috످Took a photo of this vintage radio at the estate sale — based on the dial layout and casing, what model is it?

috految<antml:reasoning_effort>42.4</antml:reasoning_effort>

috److I don't see a photo in your message. Could you try attaching it? If it won't upload, I can help narrow down the model from a description.

Are there any markings, like a brand name, logo, or numbers? Is the dial round, rectangular, or fan-shaped? Does it show AM, FM, or shortwave? Is the casing wood, plastic, or metal? What size and color?

If you have access to the radio, check the back or bottom for a model number, which you can look up on Radiomuseum.org (https://www.radiomuseum.org). If you only have the photo, try Google Lens (https://lens.google.com).

Don't plug it in until a technician checks it. Many vintage radios are a shock or fire hazard, even if they look fine.

috످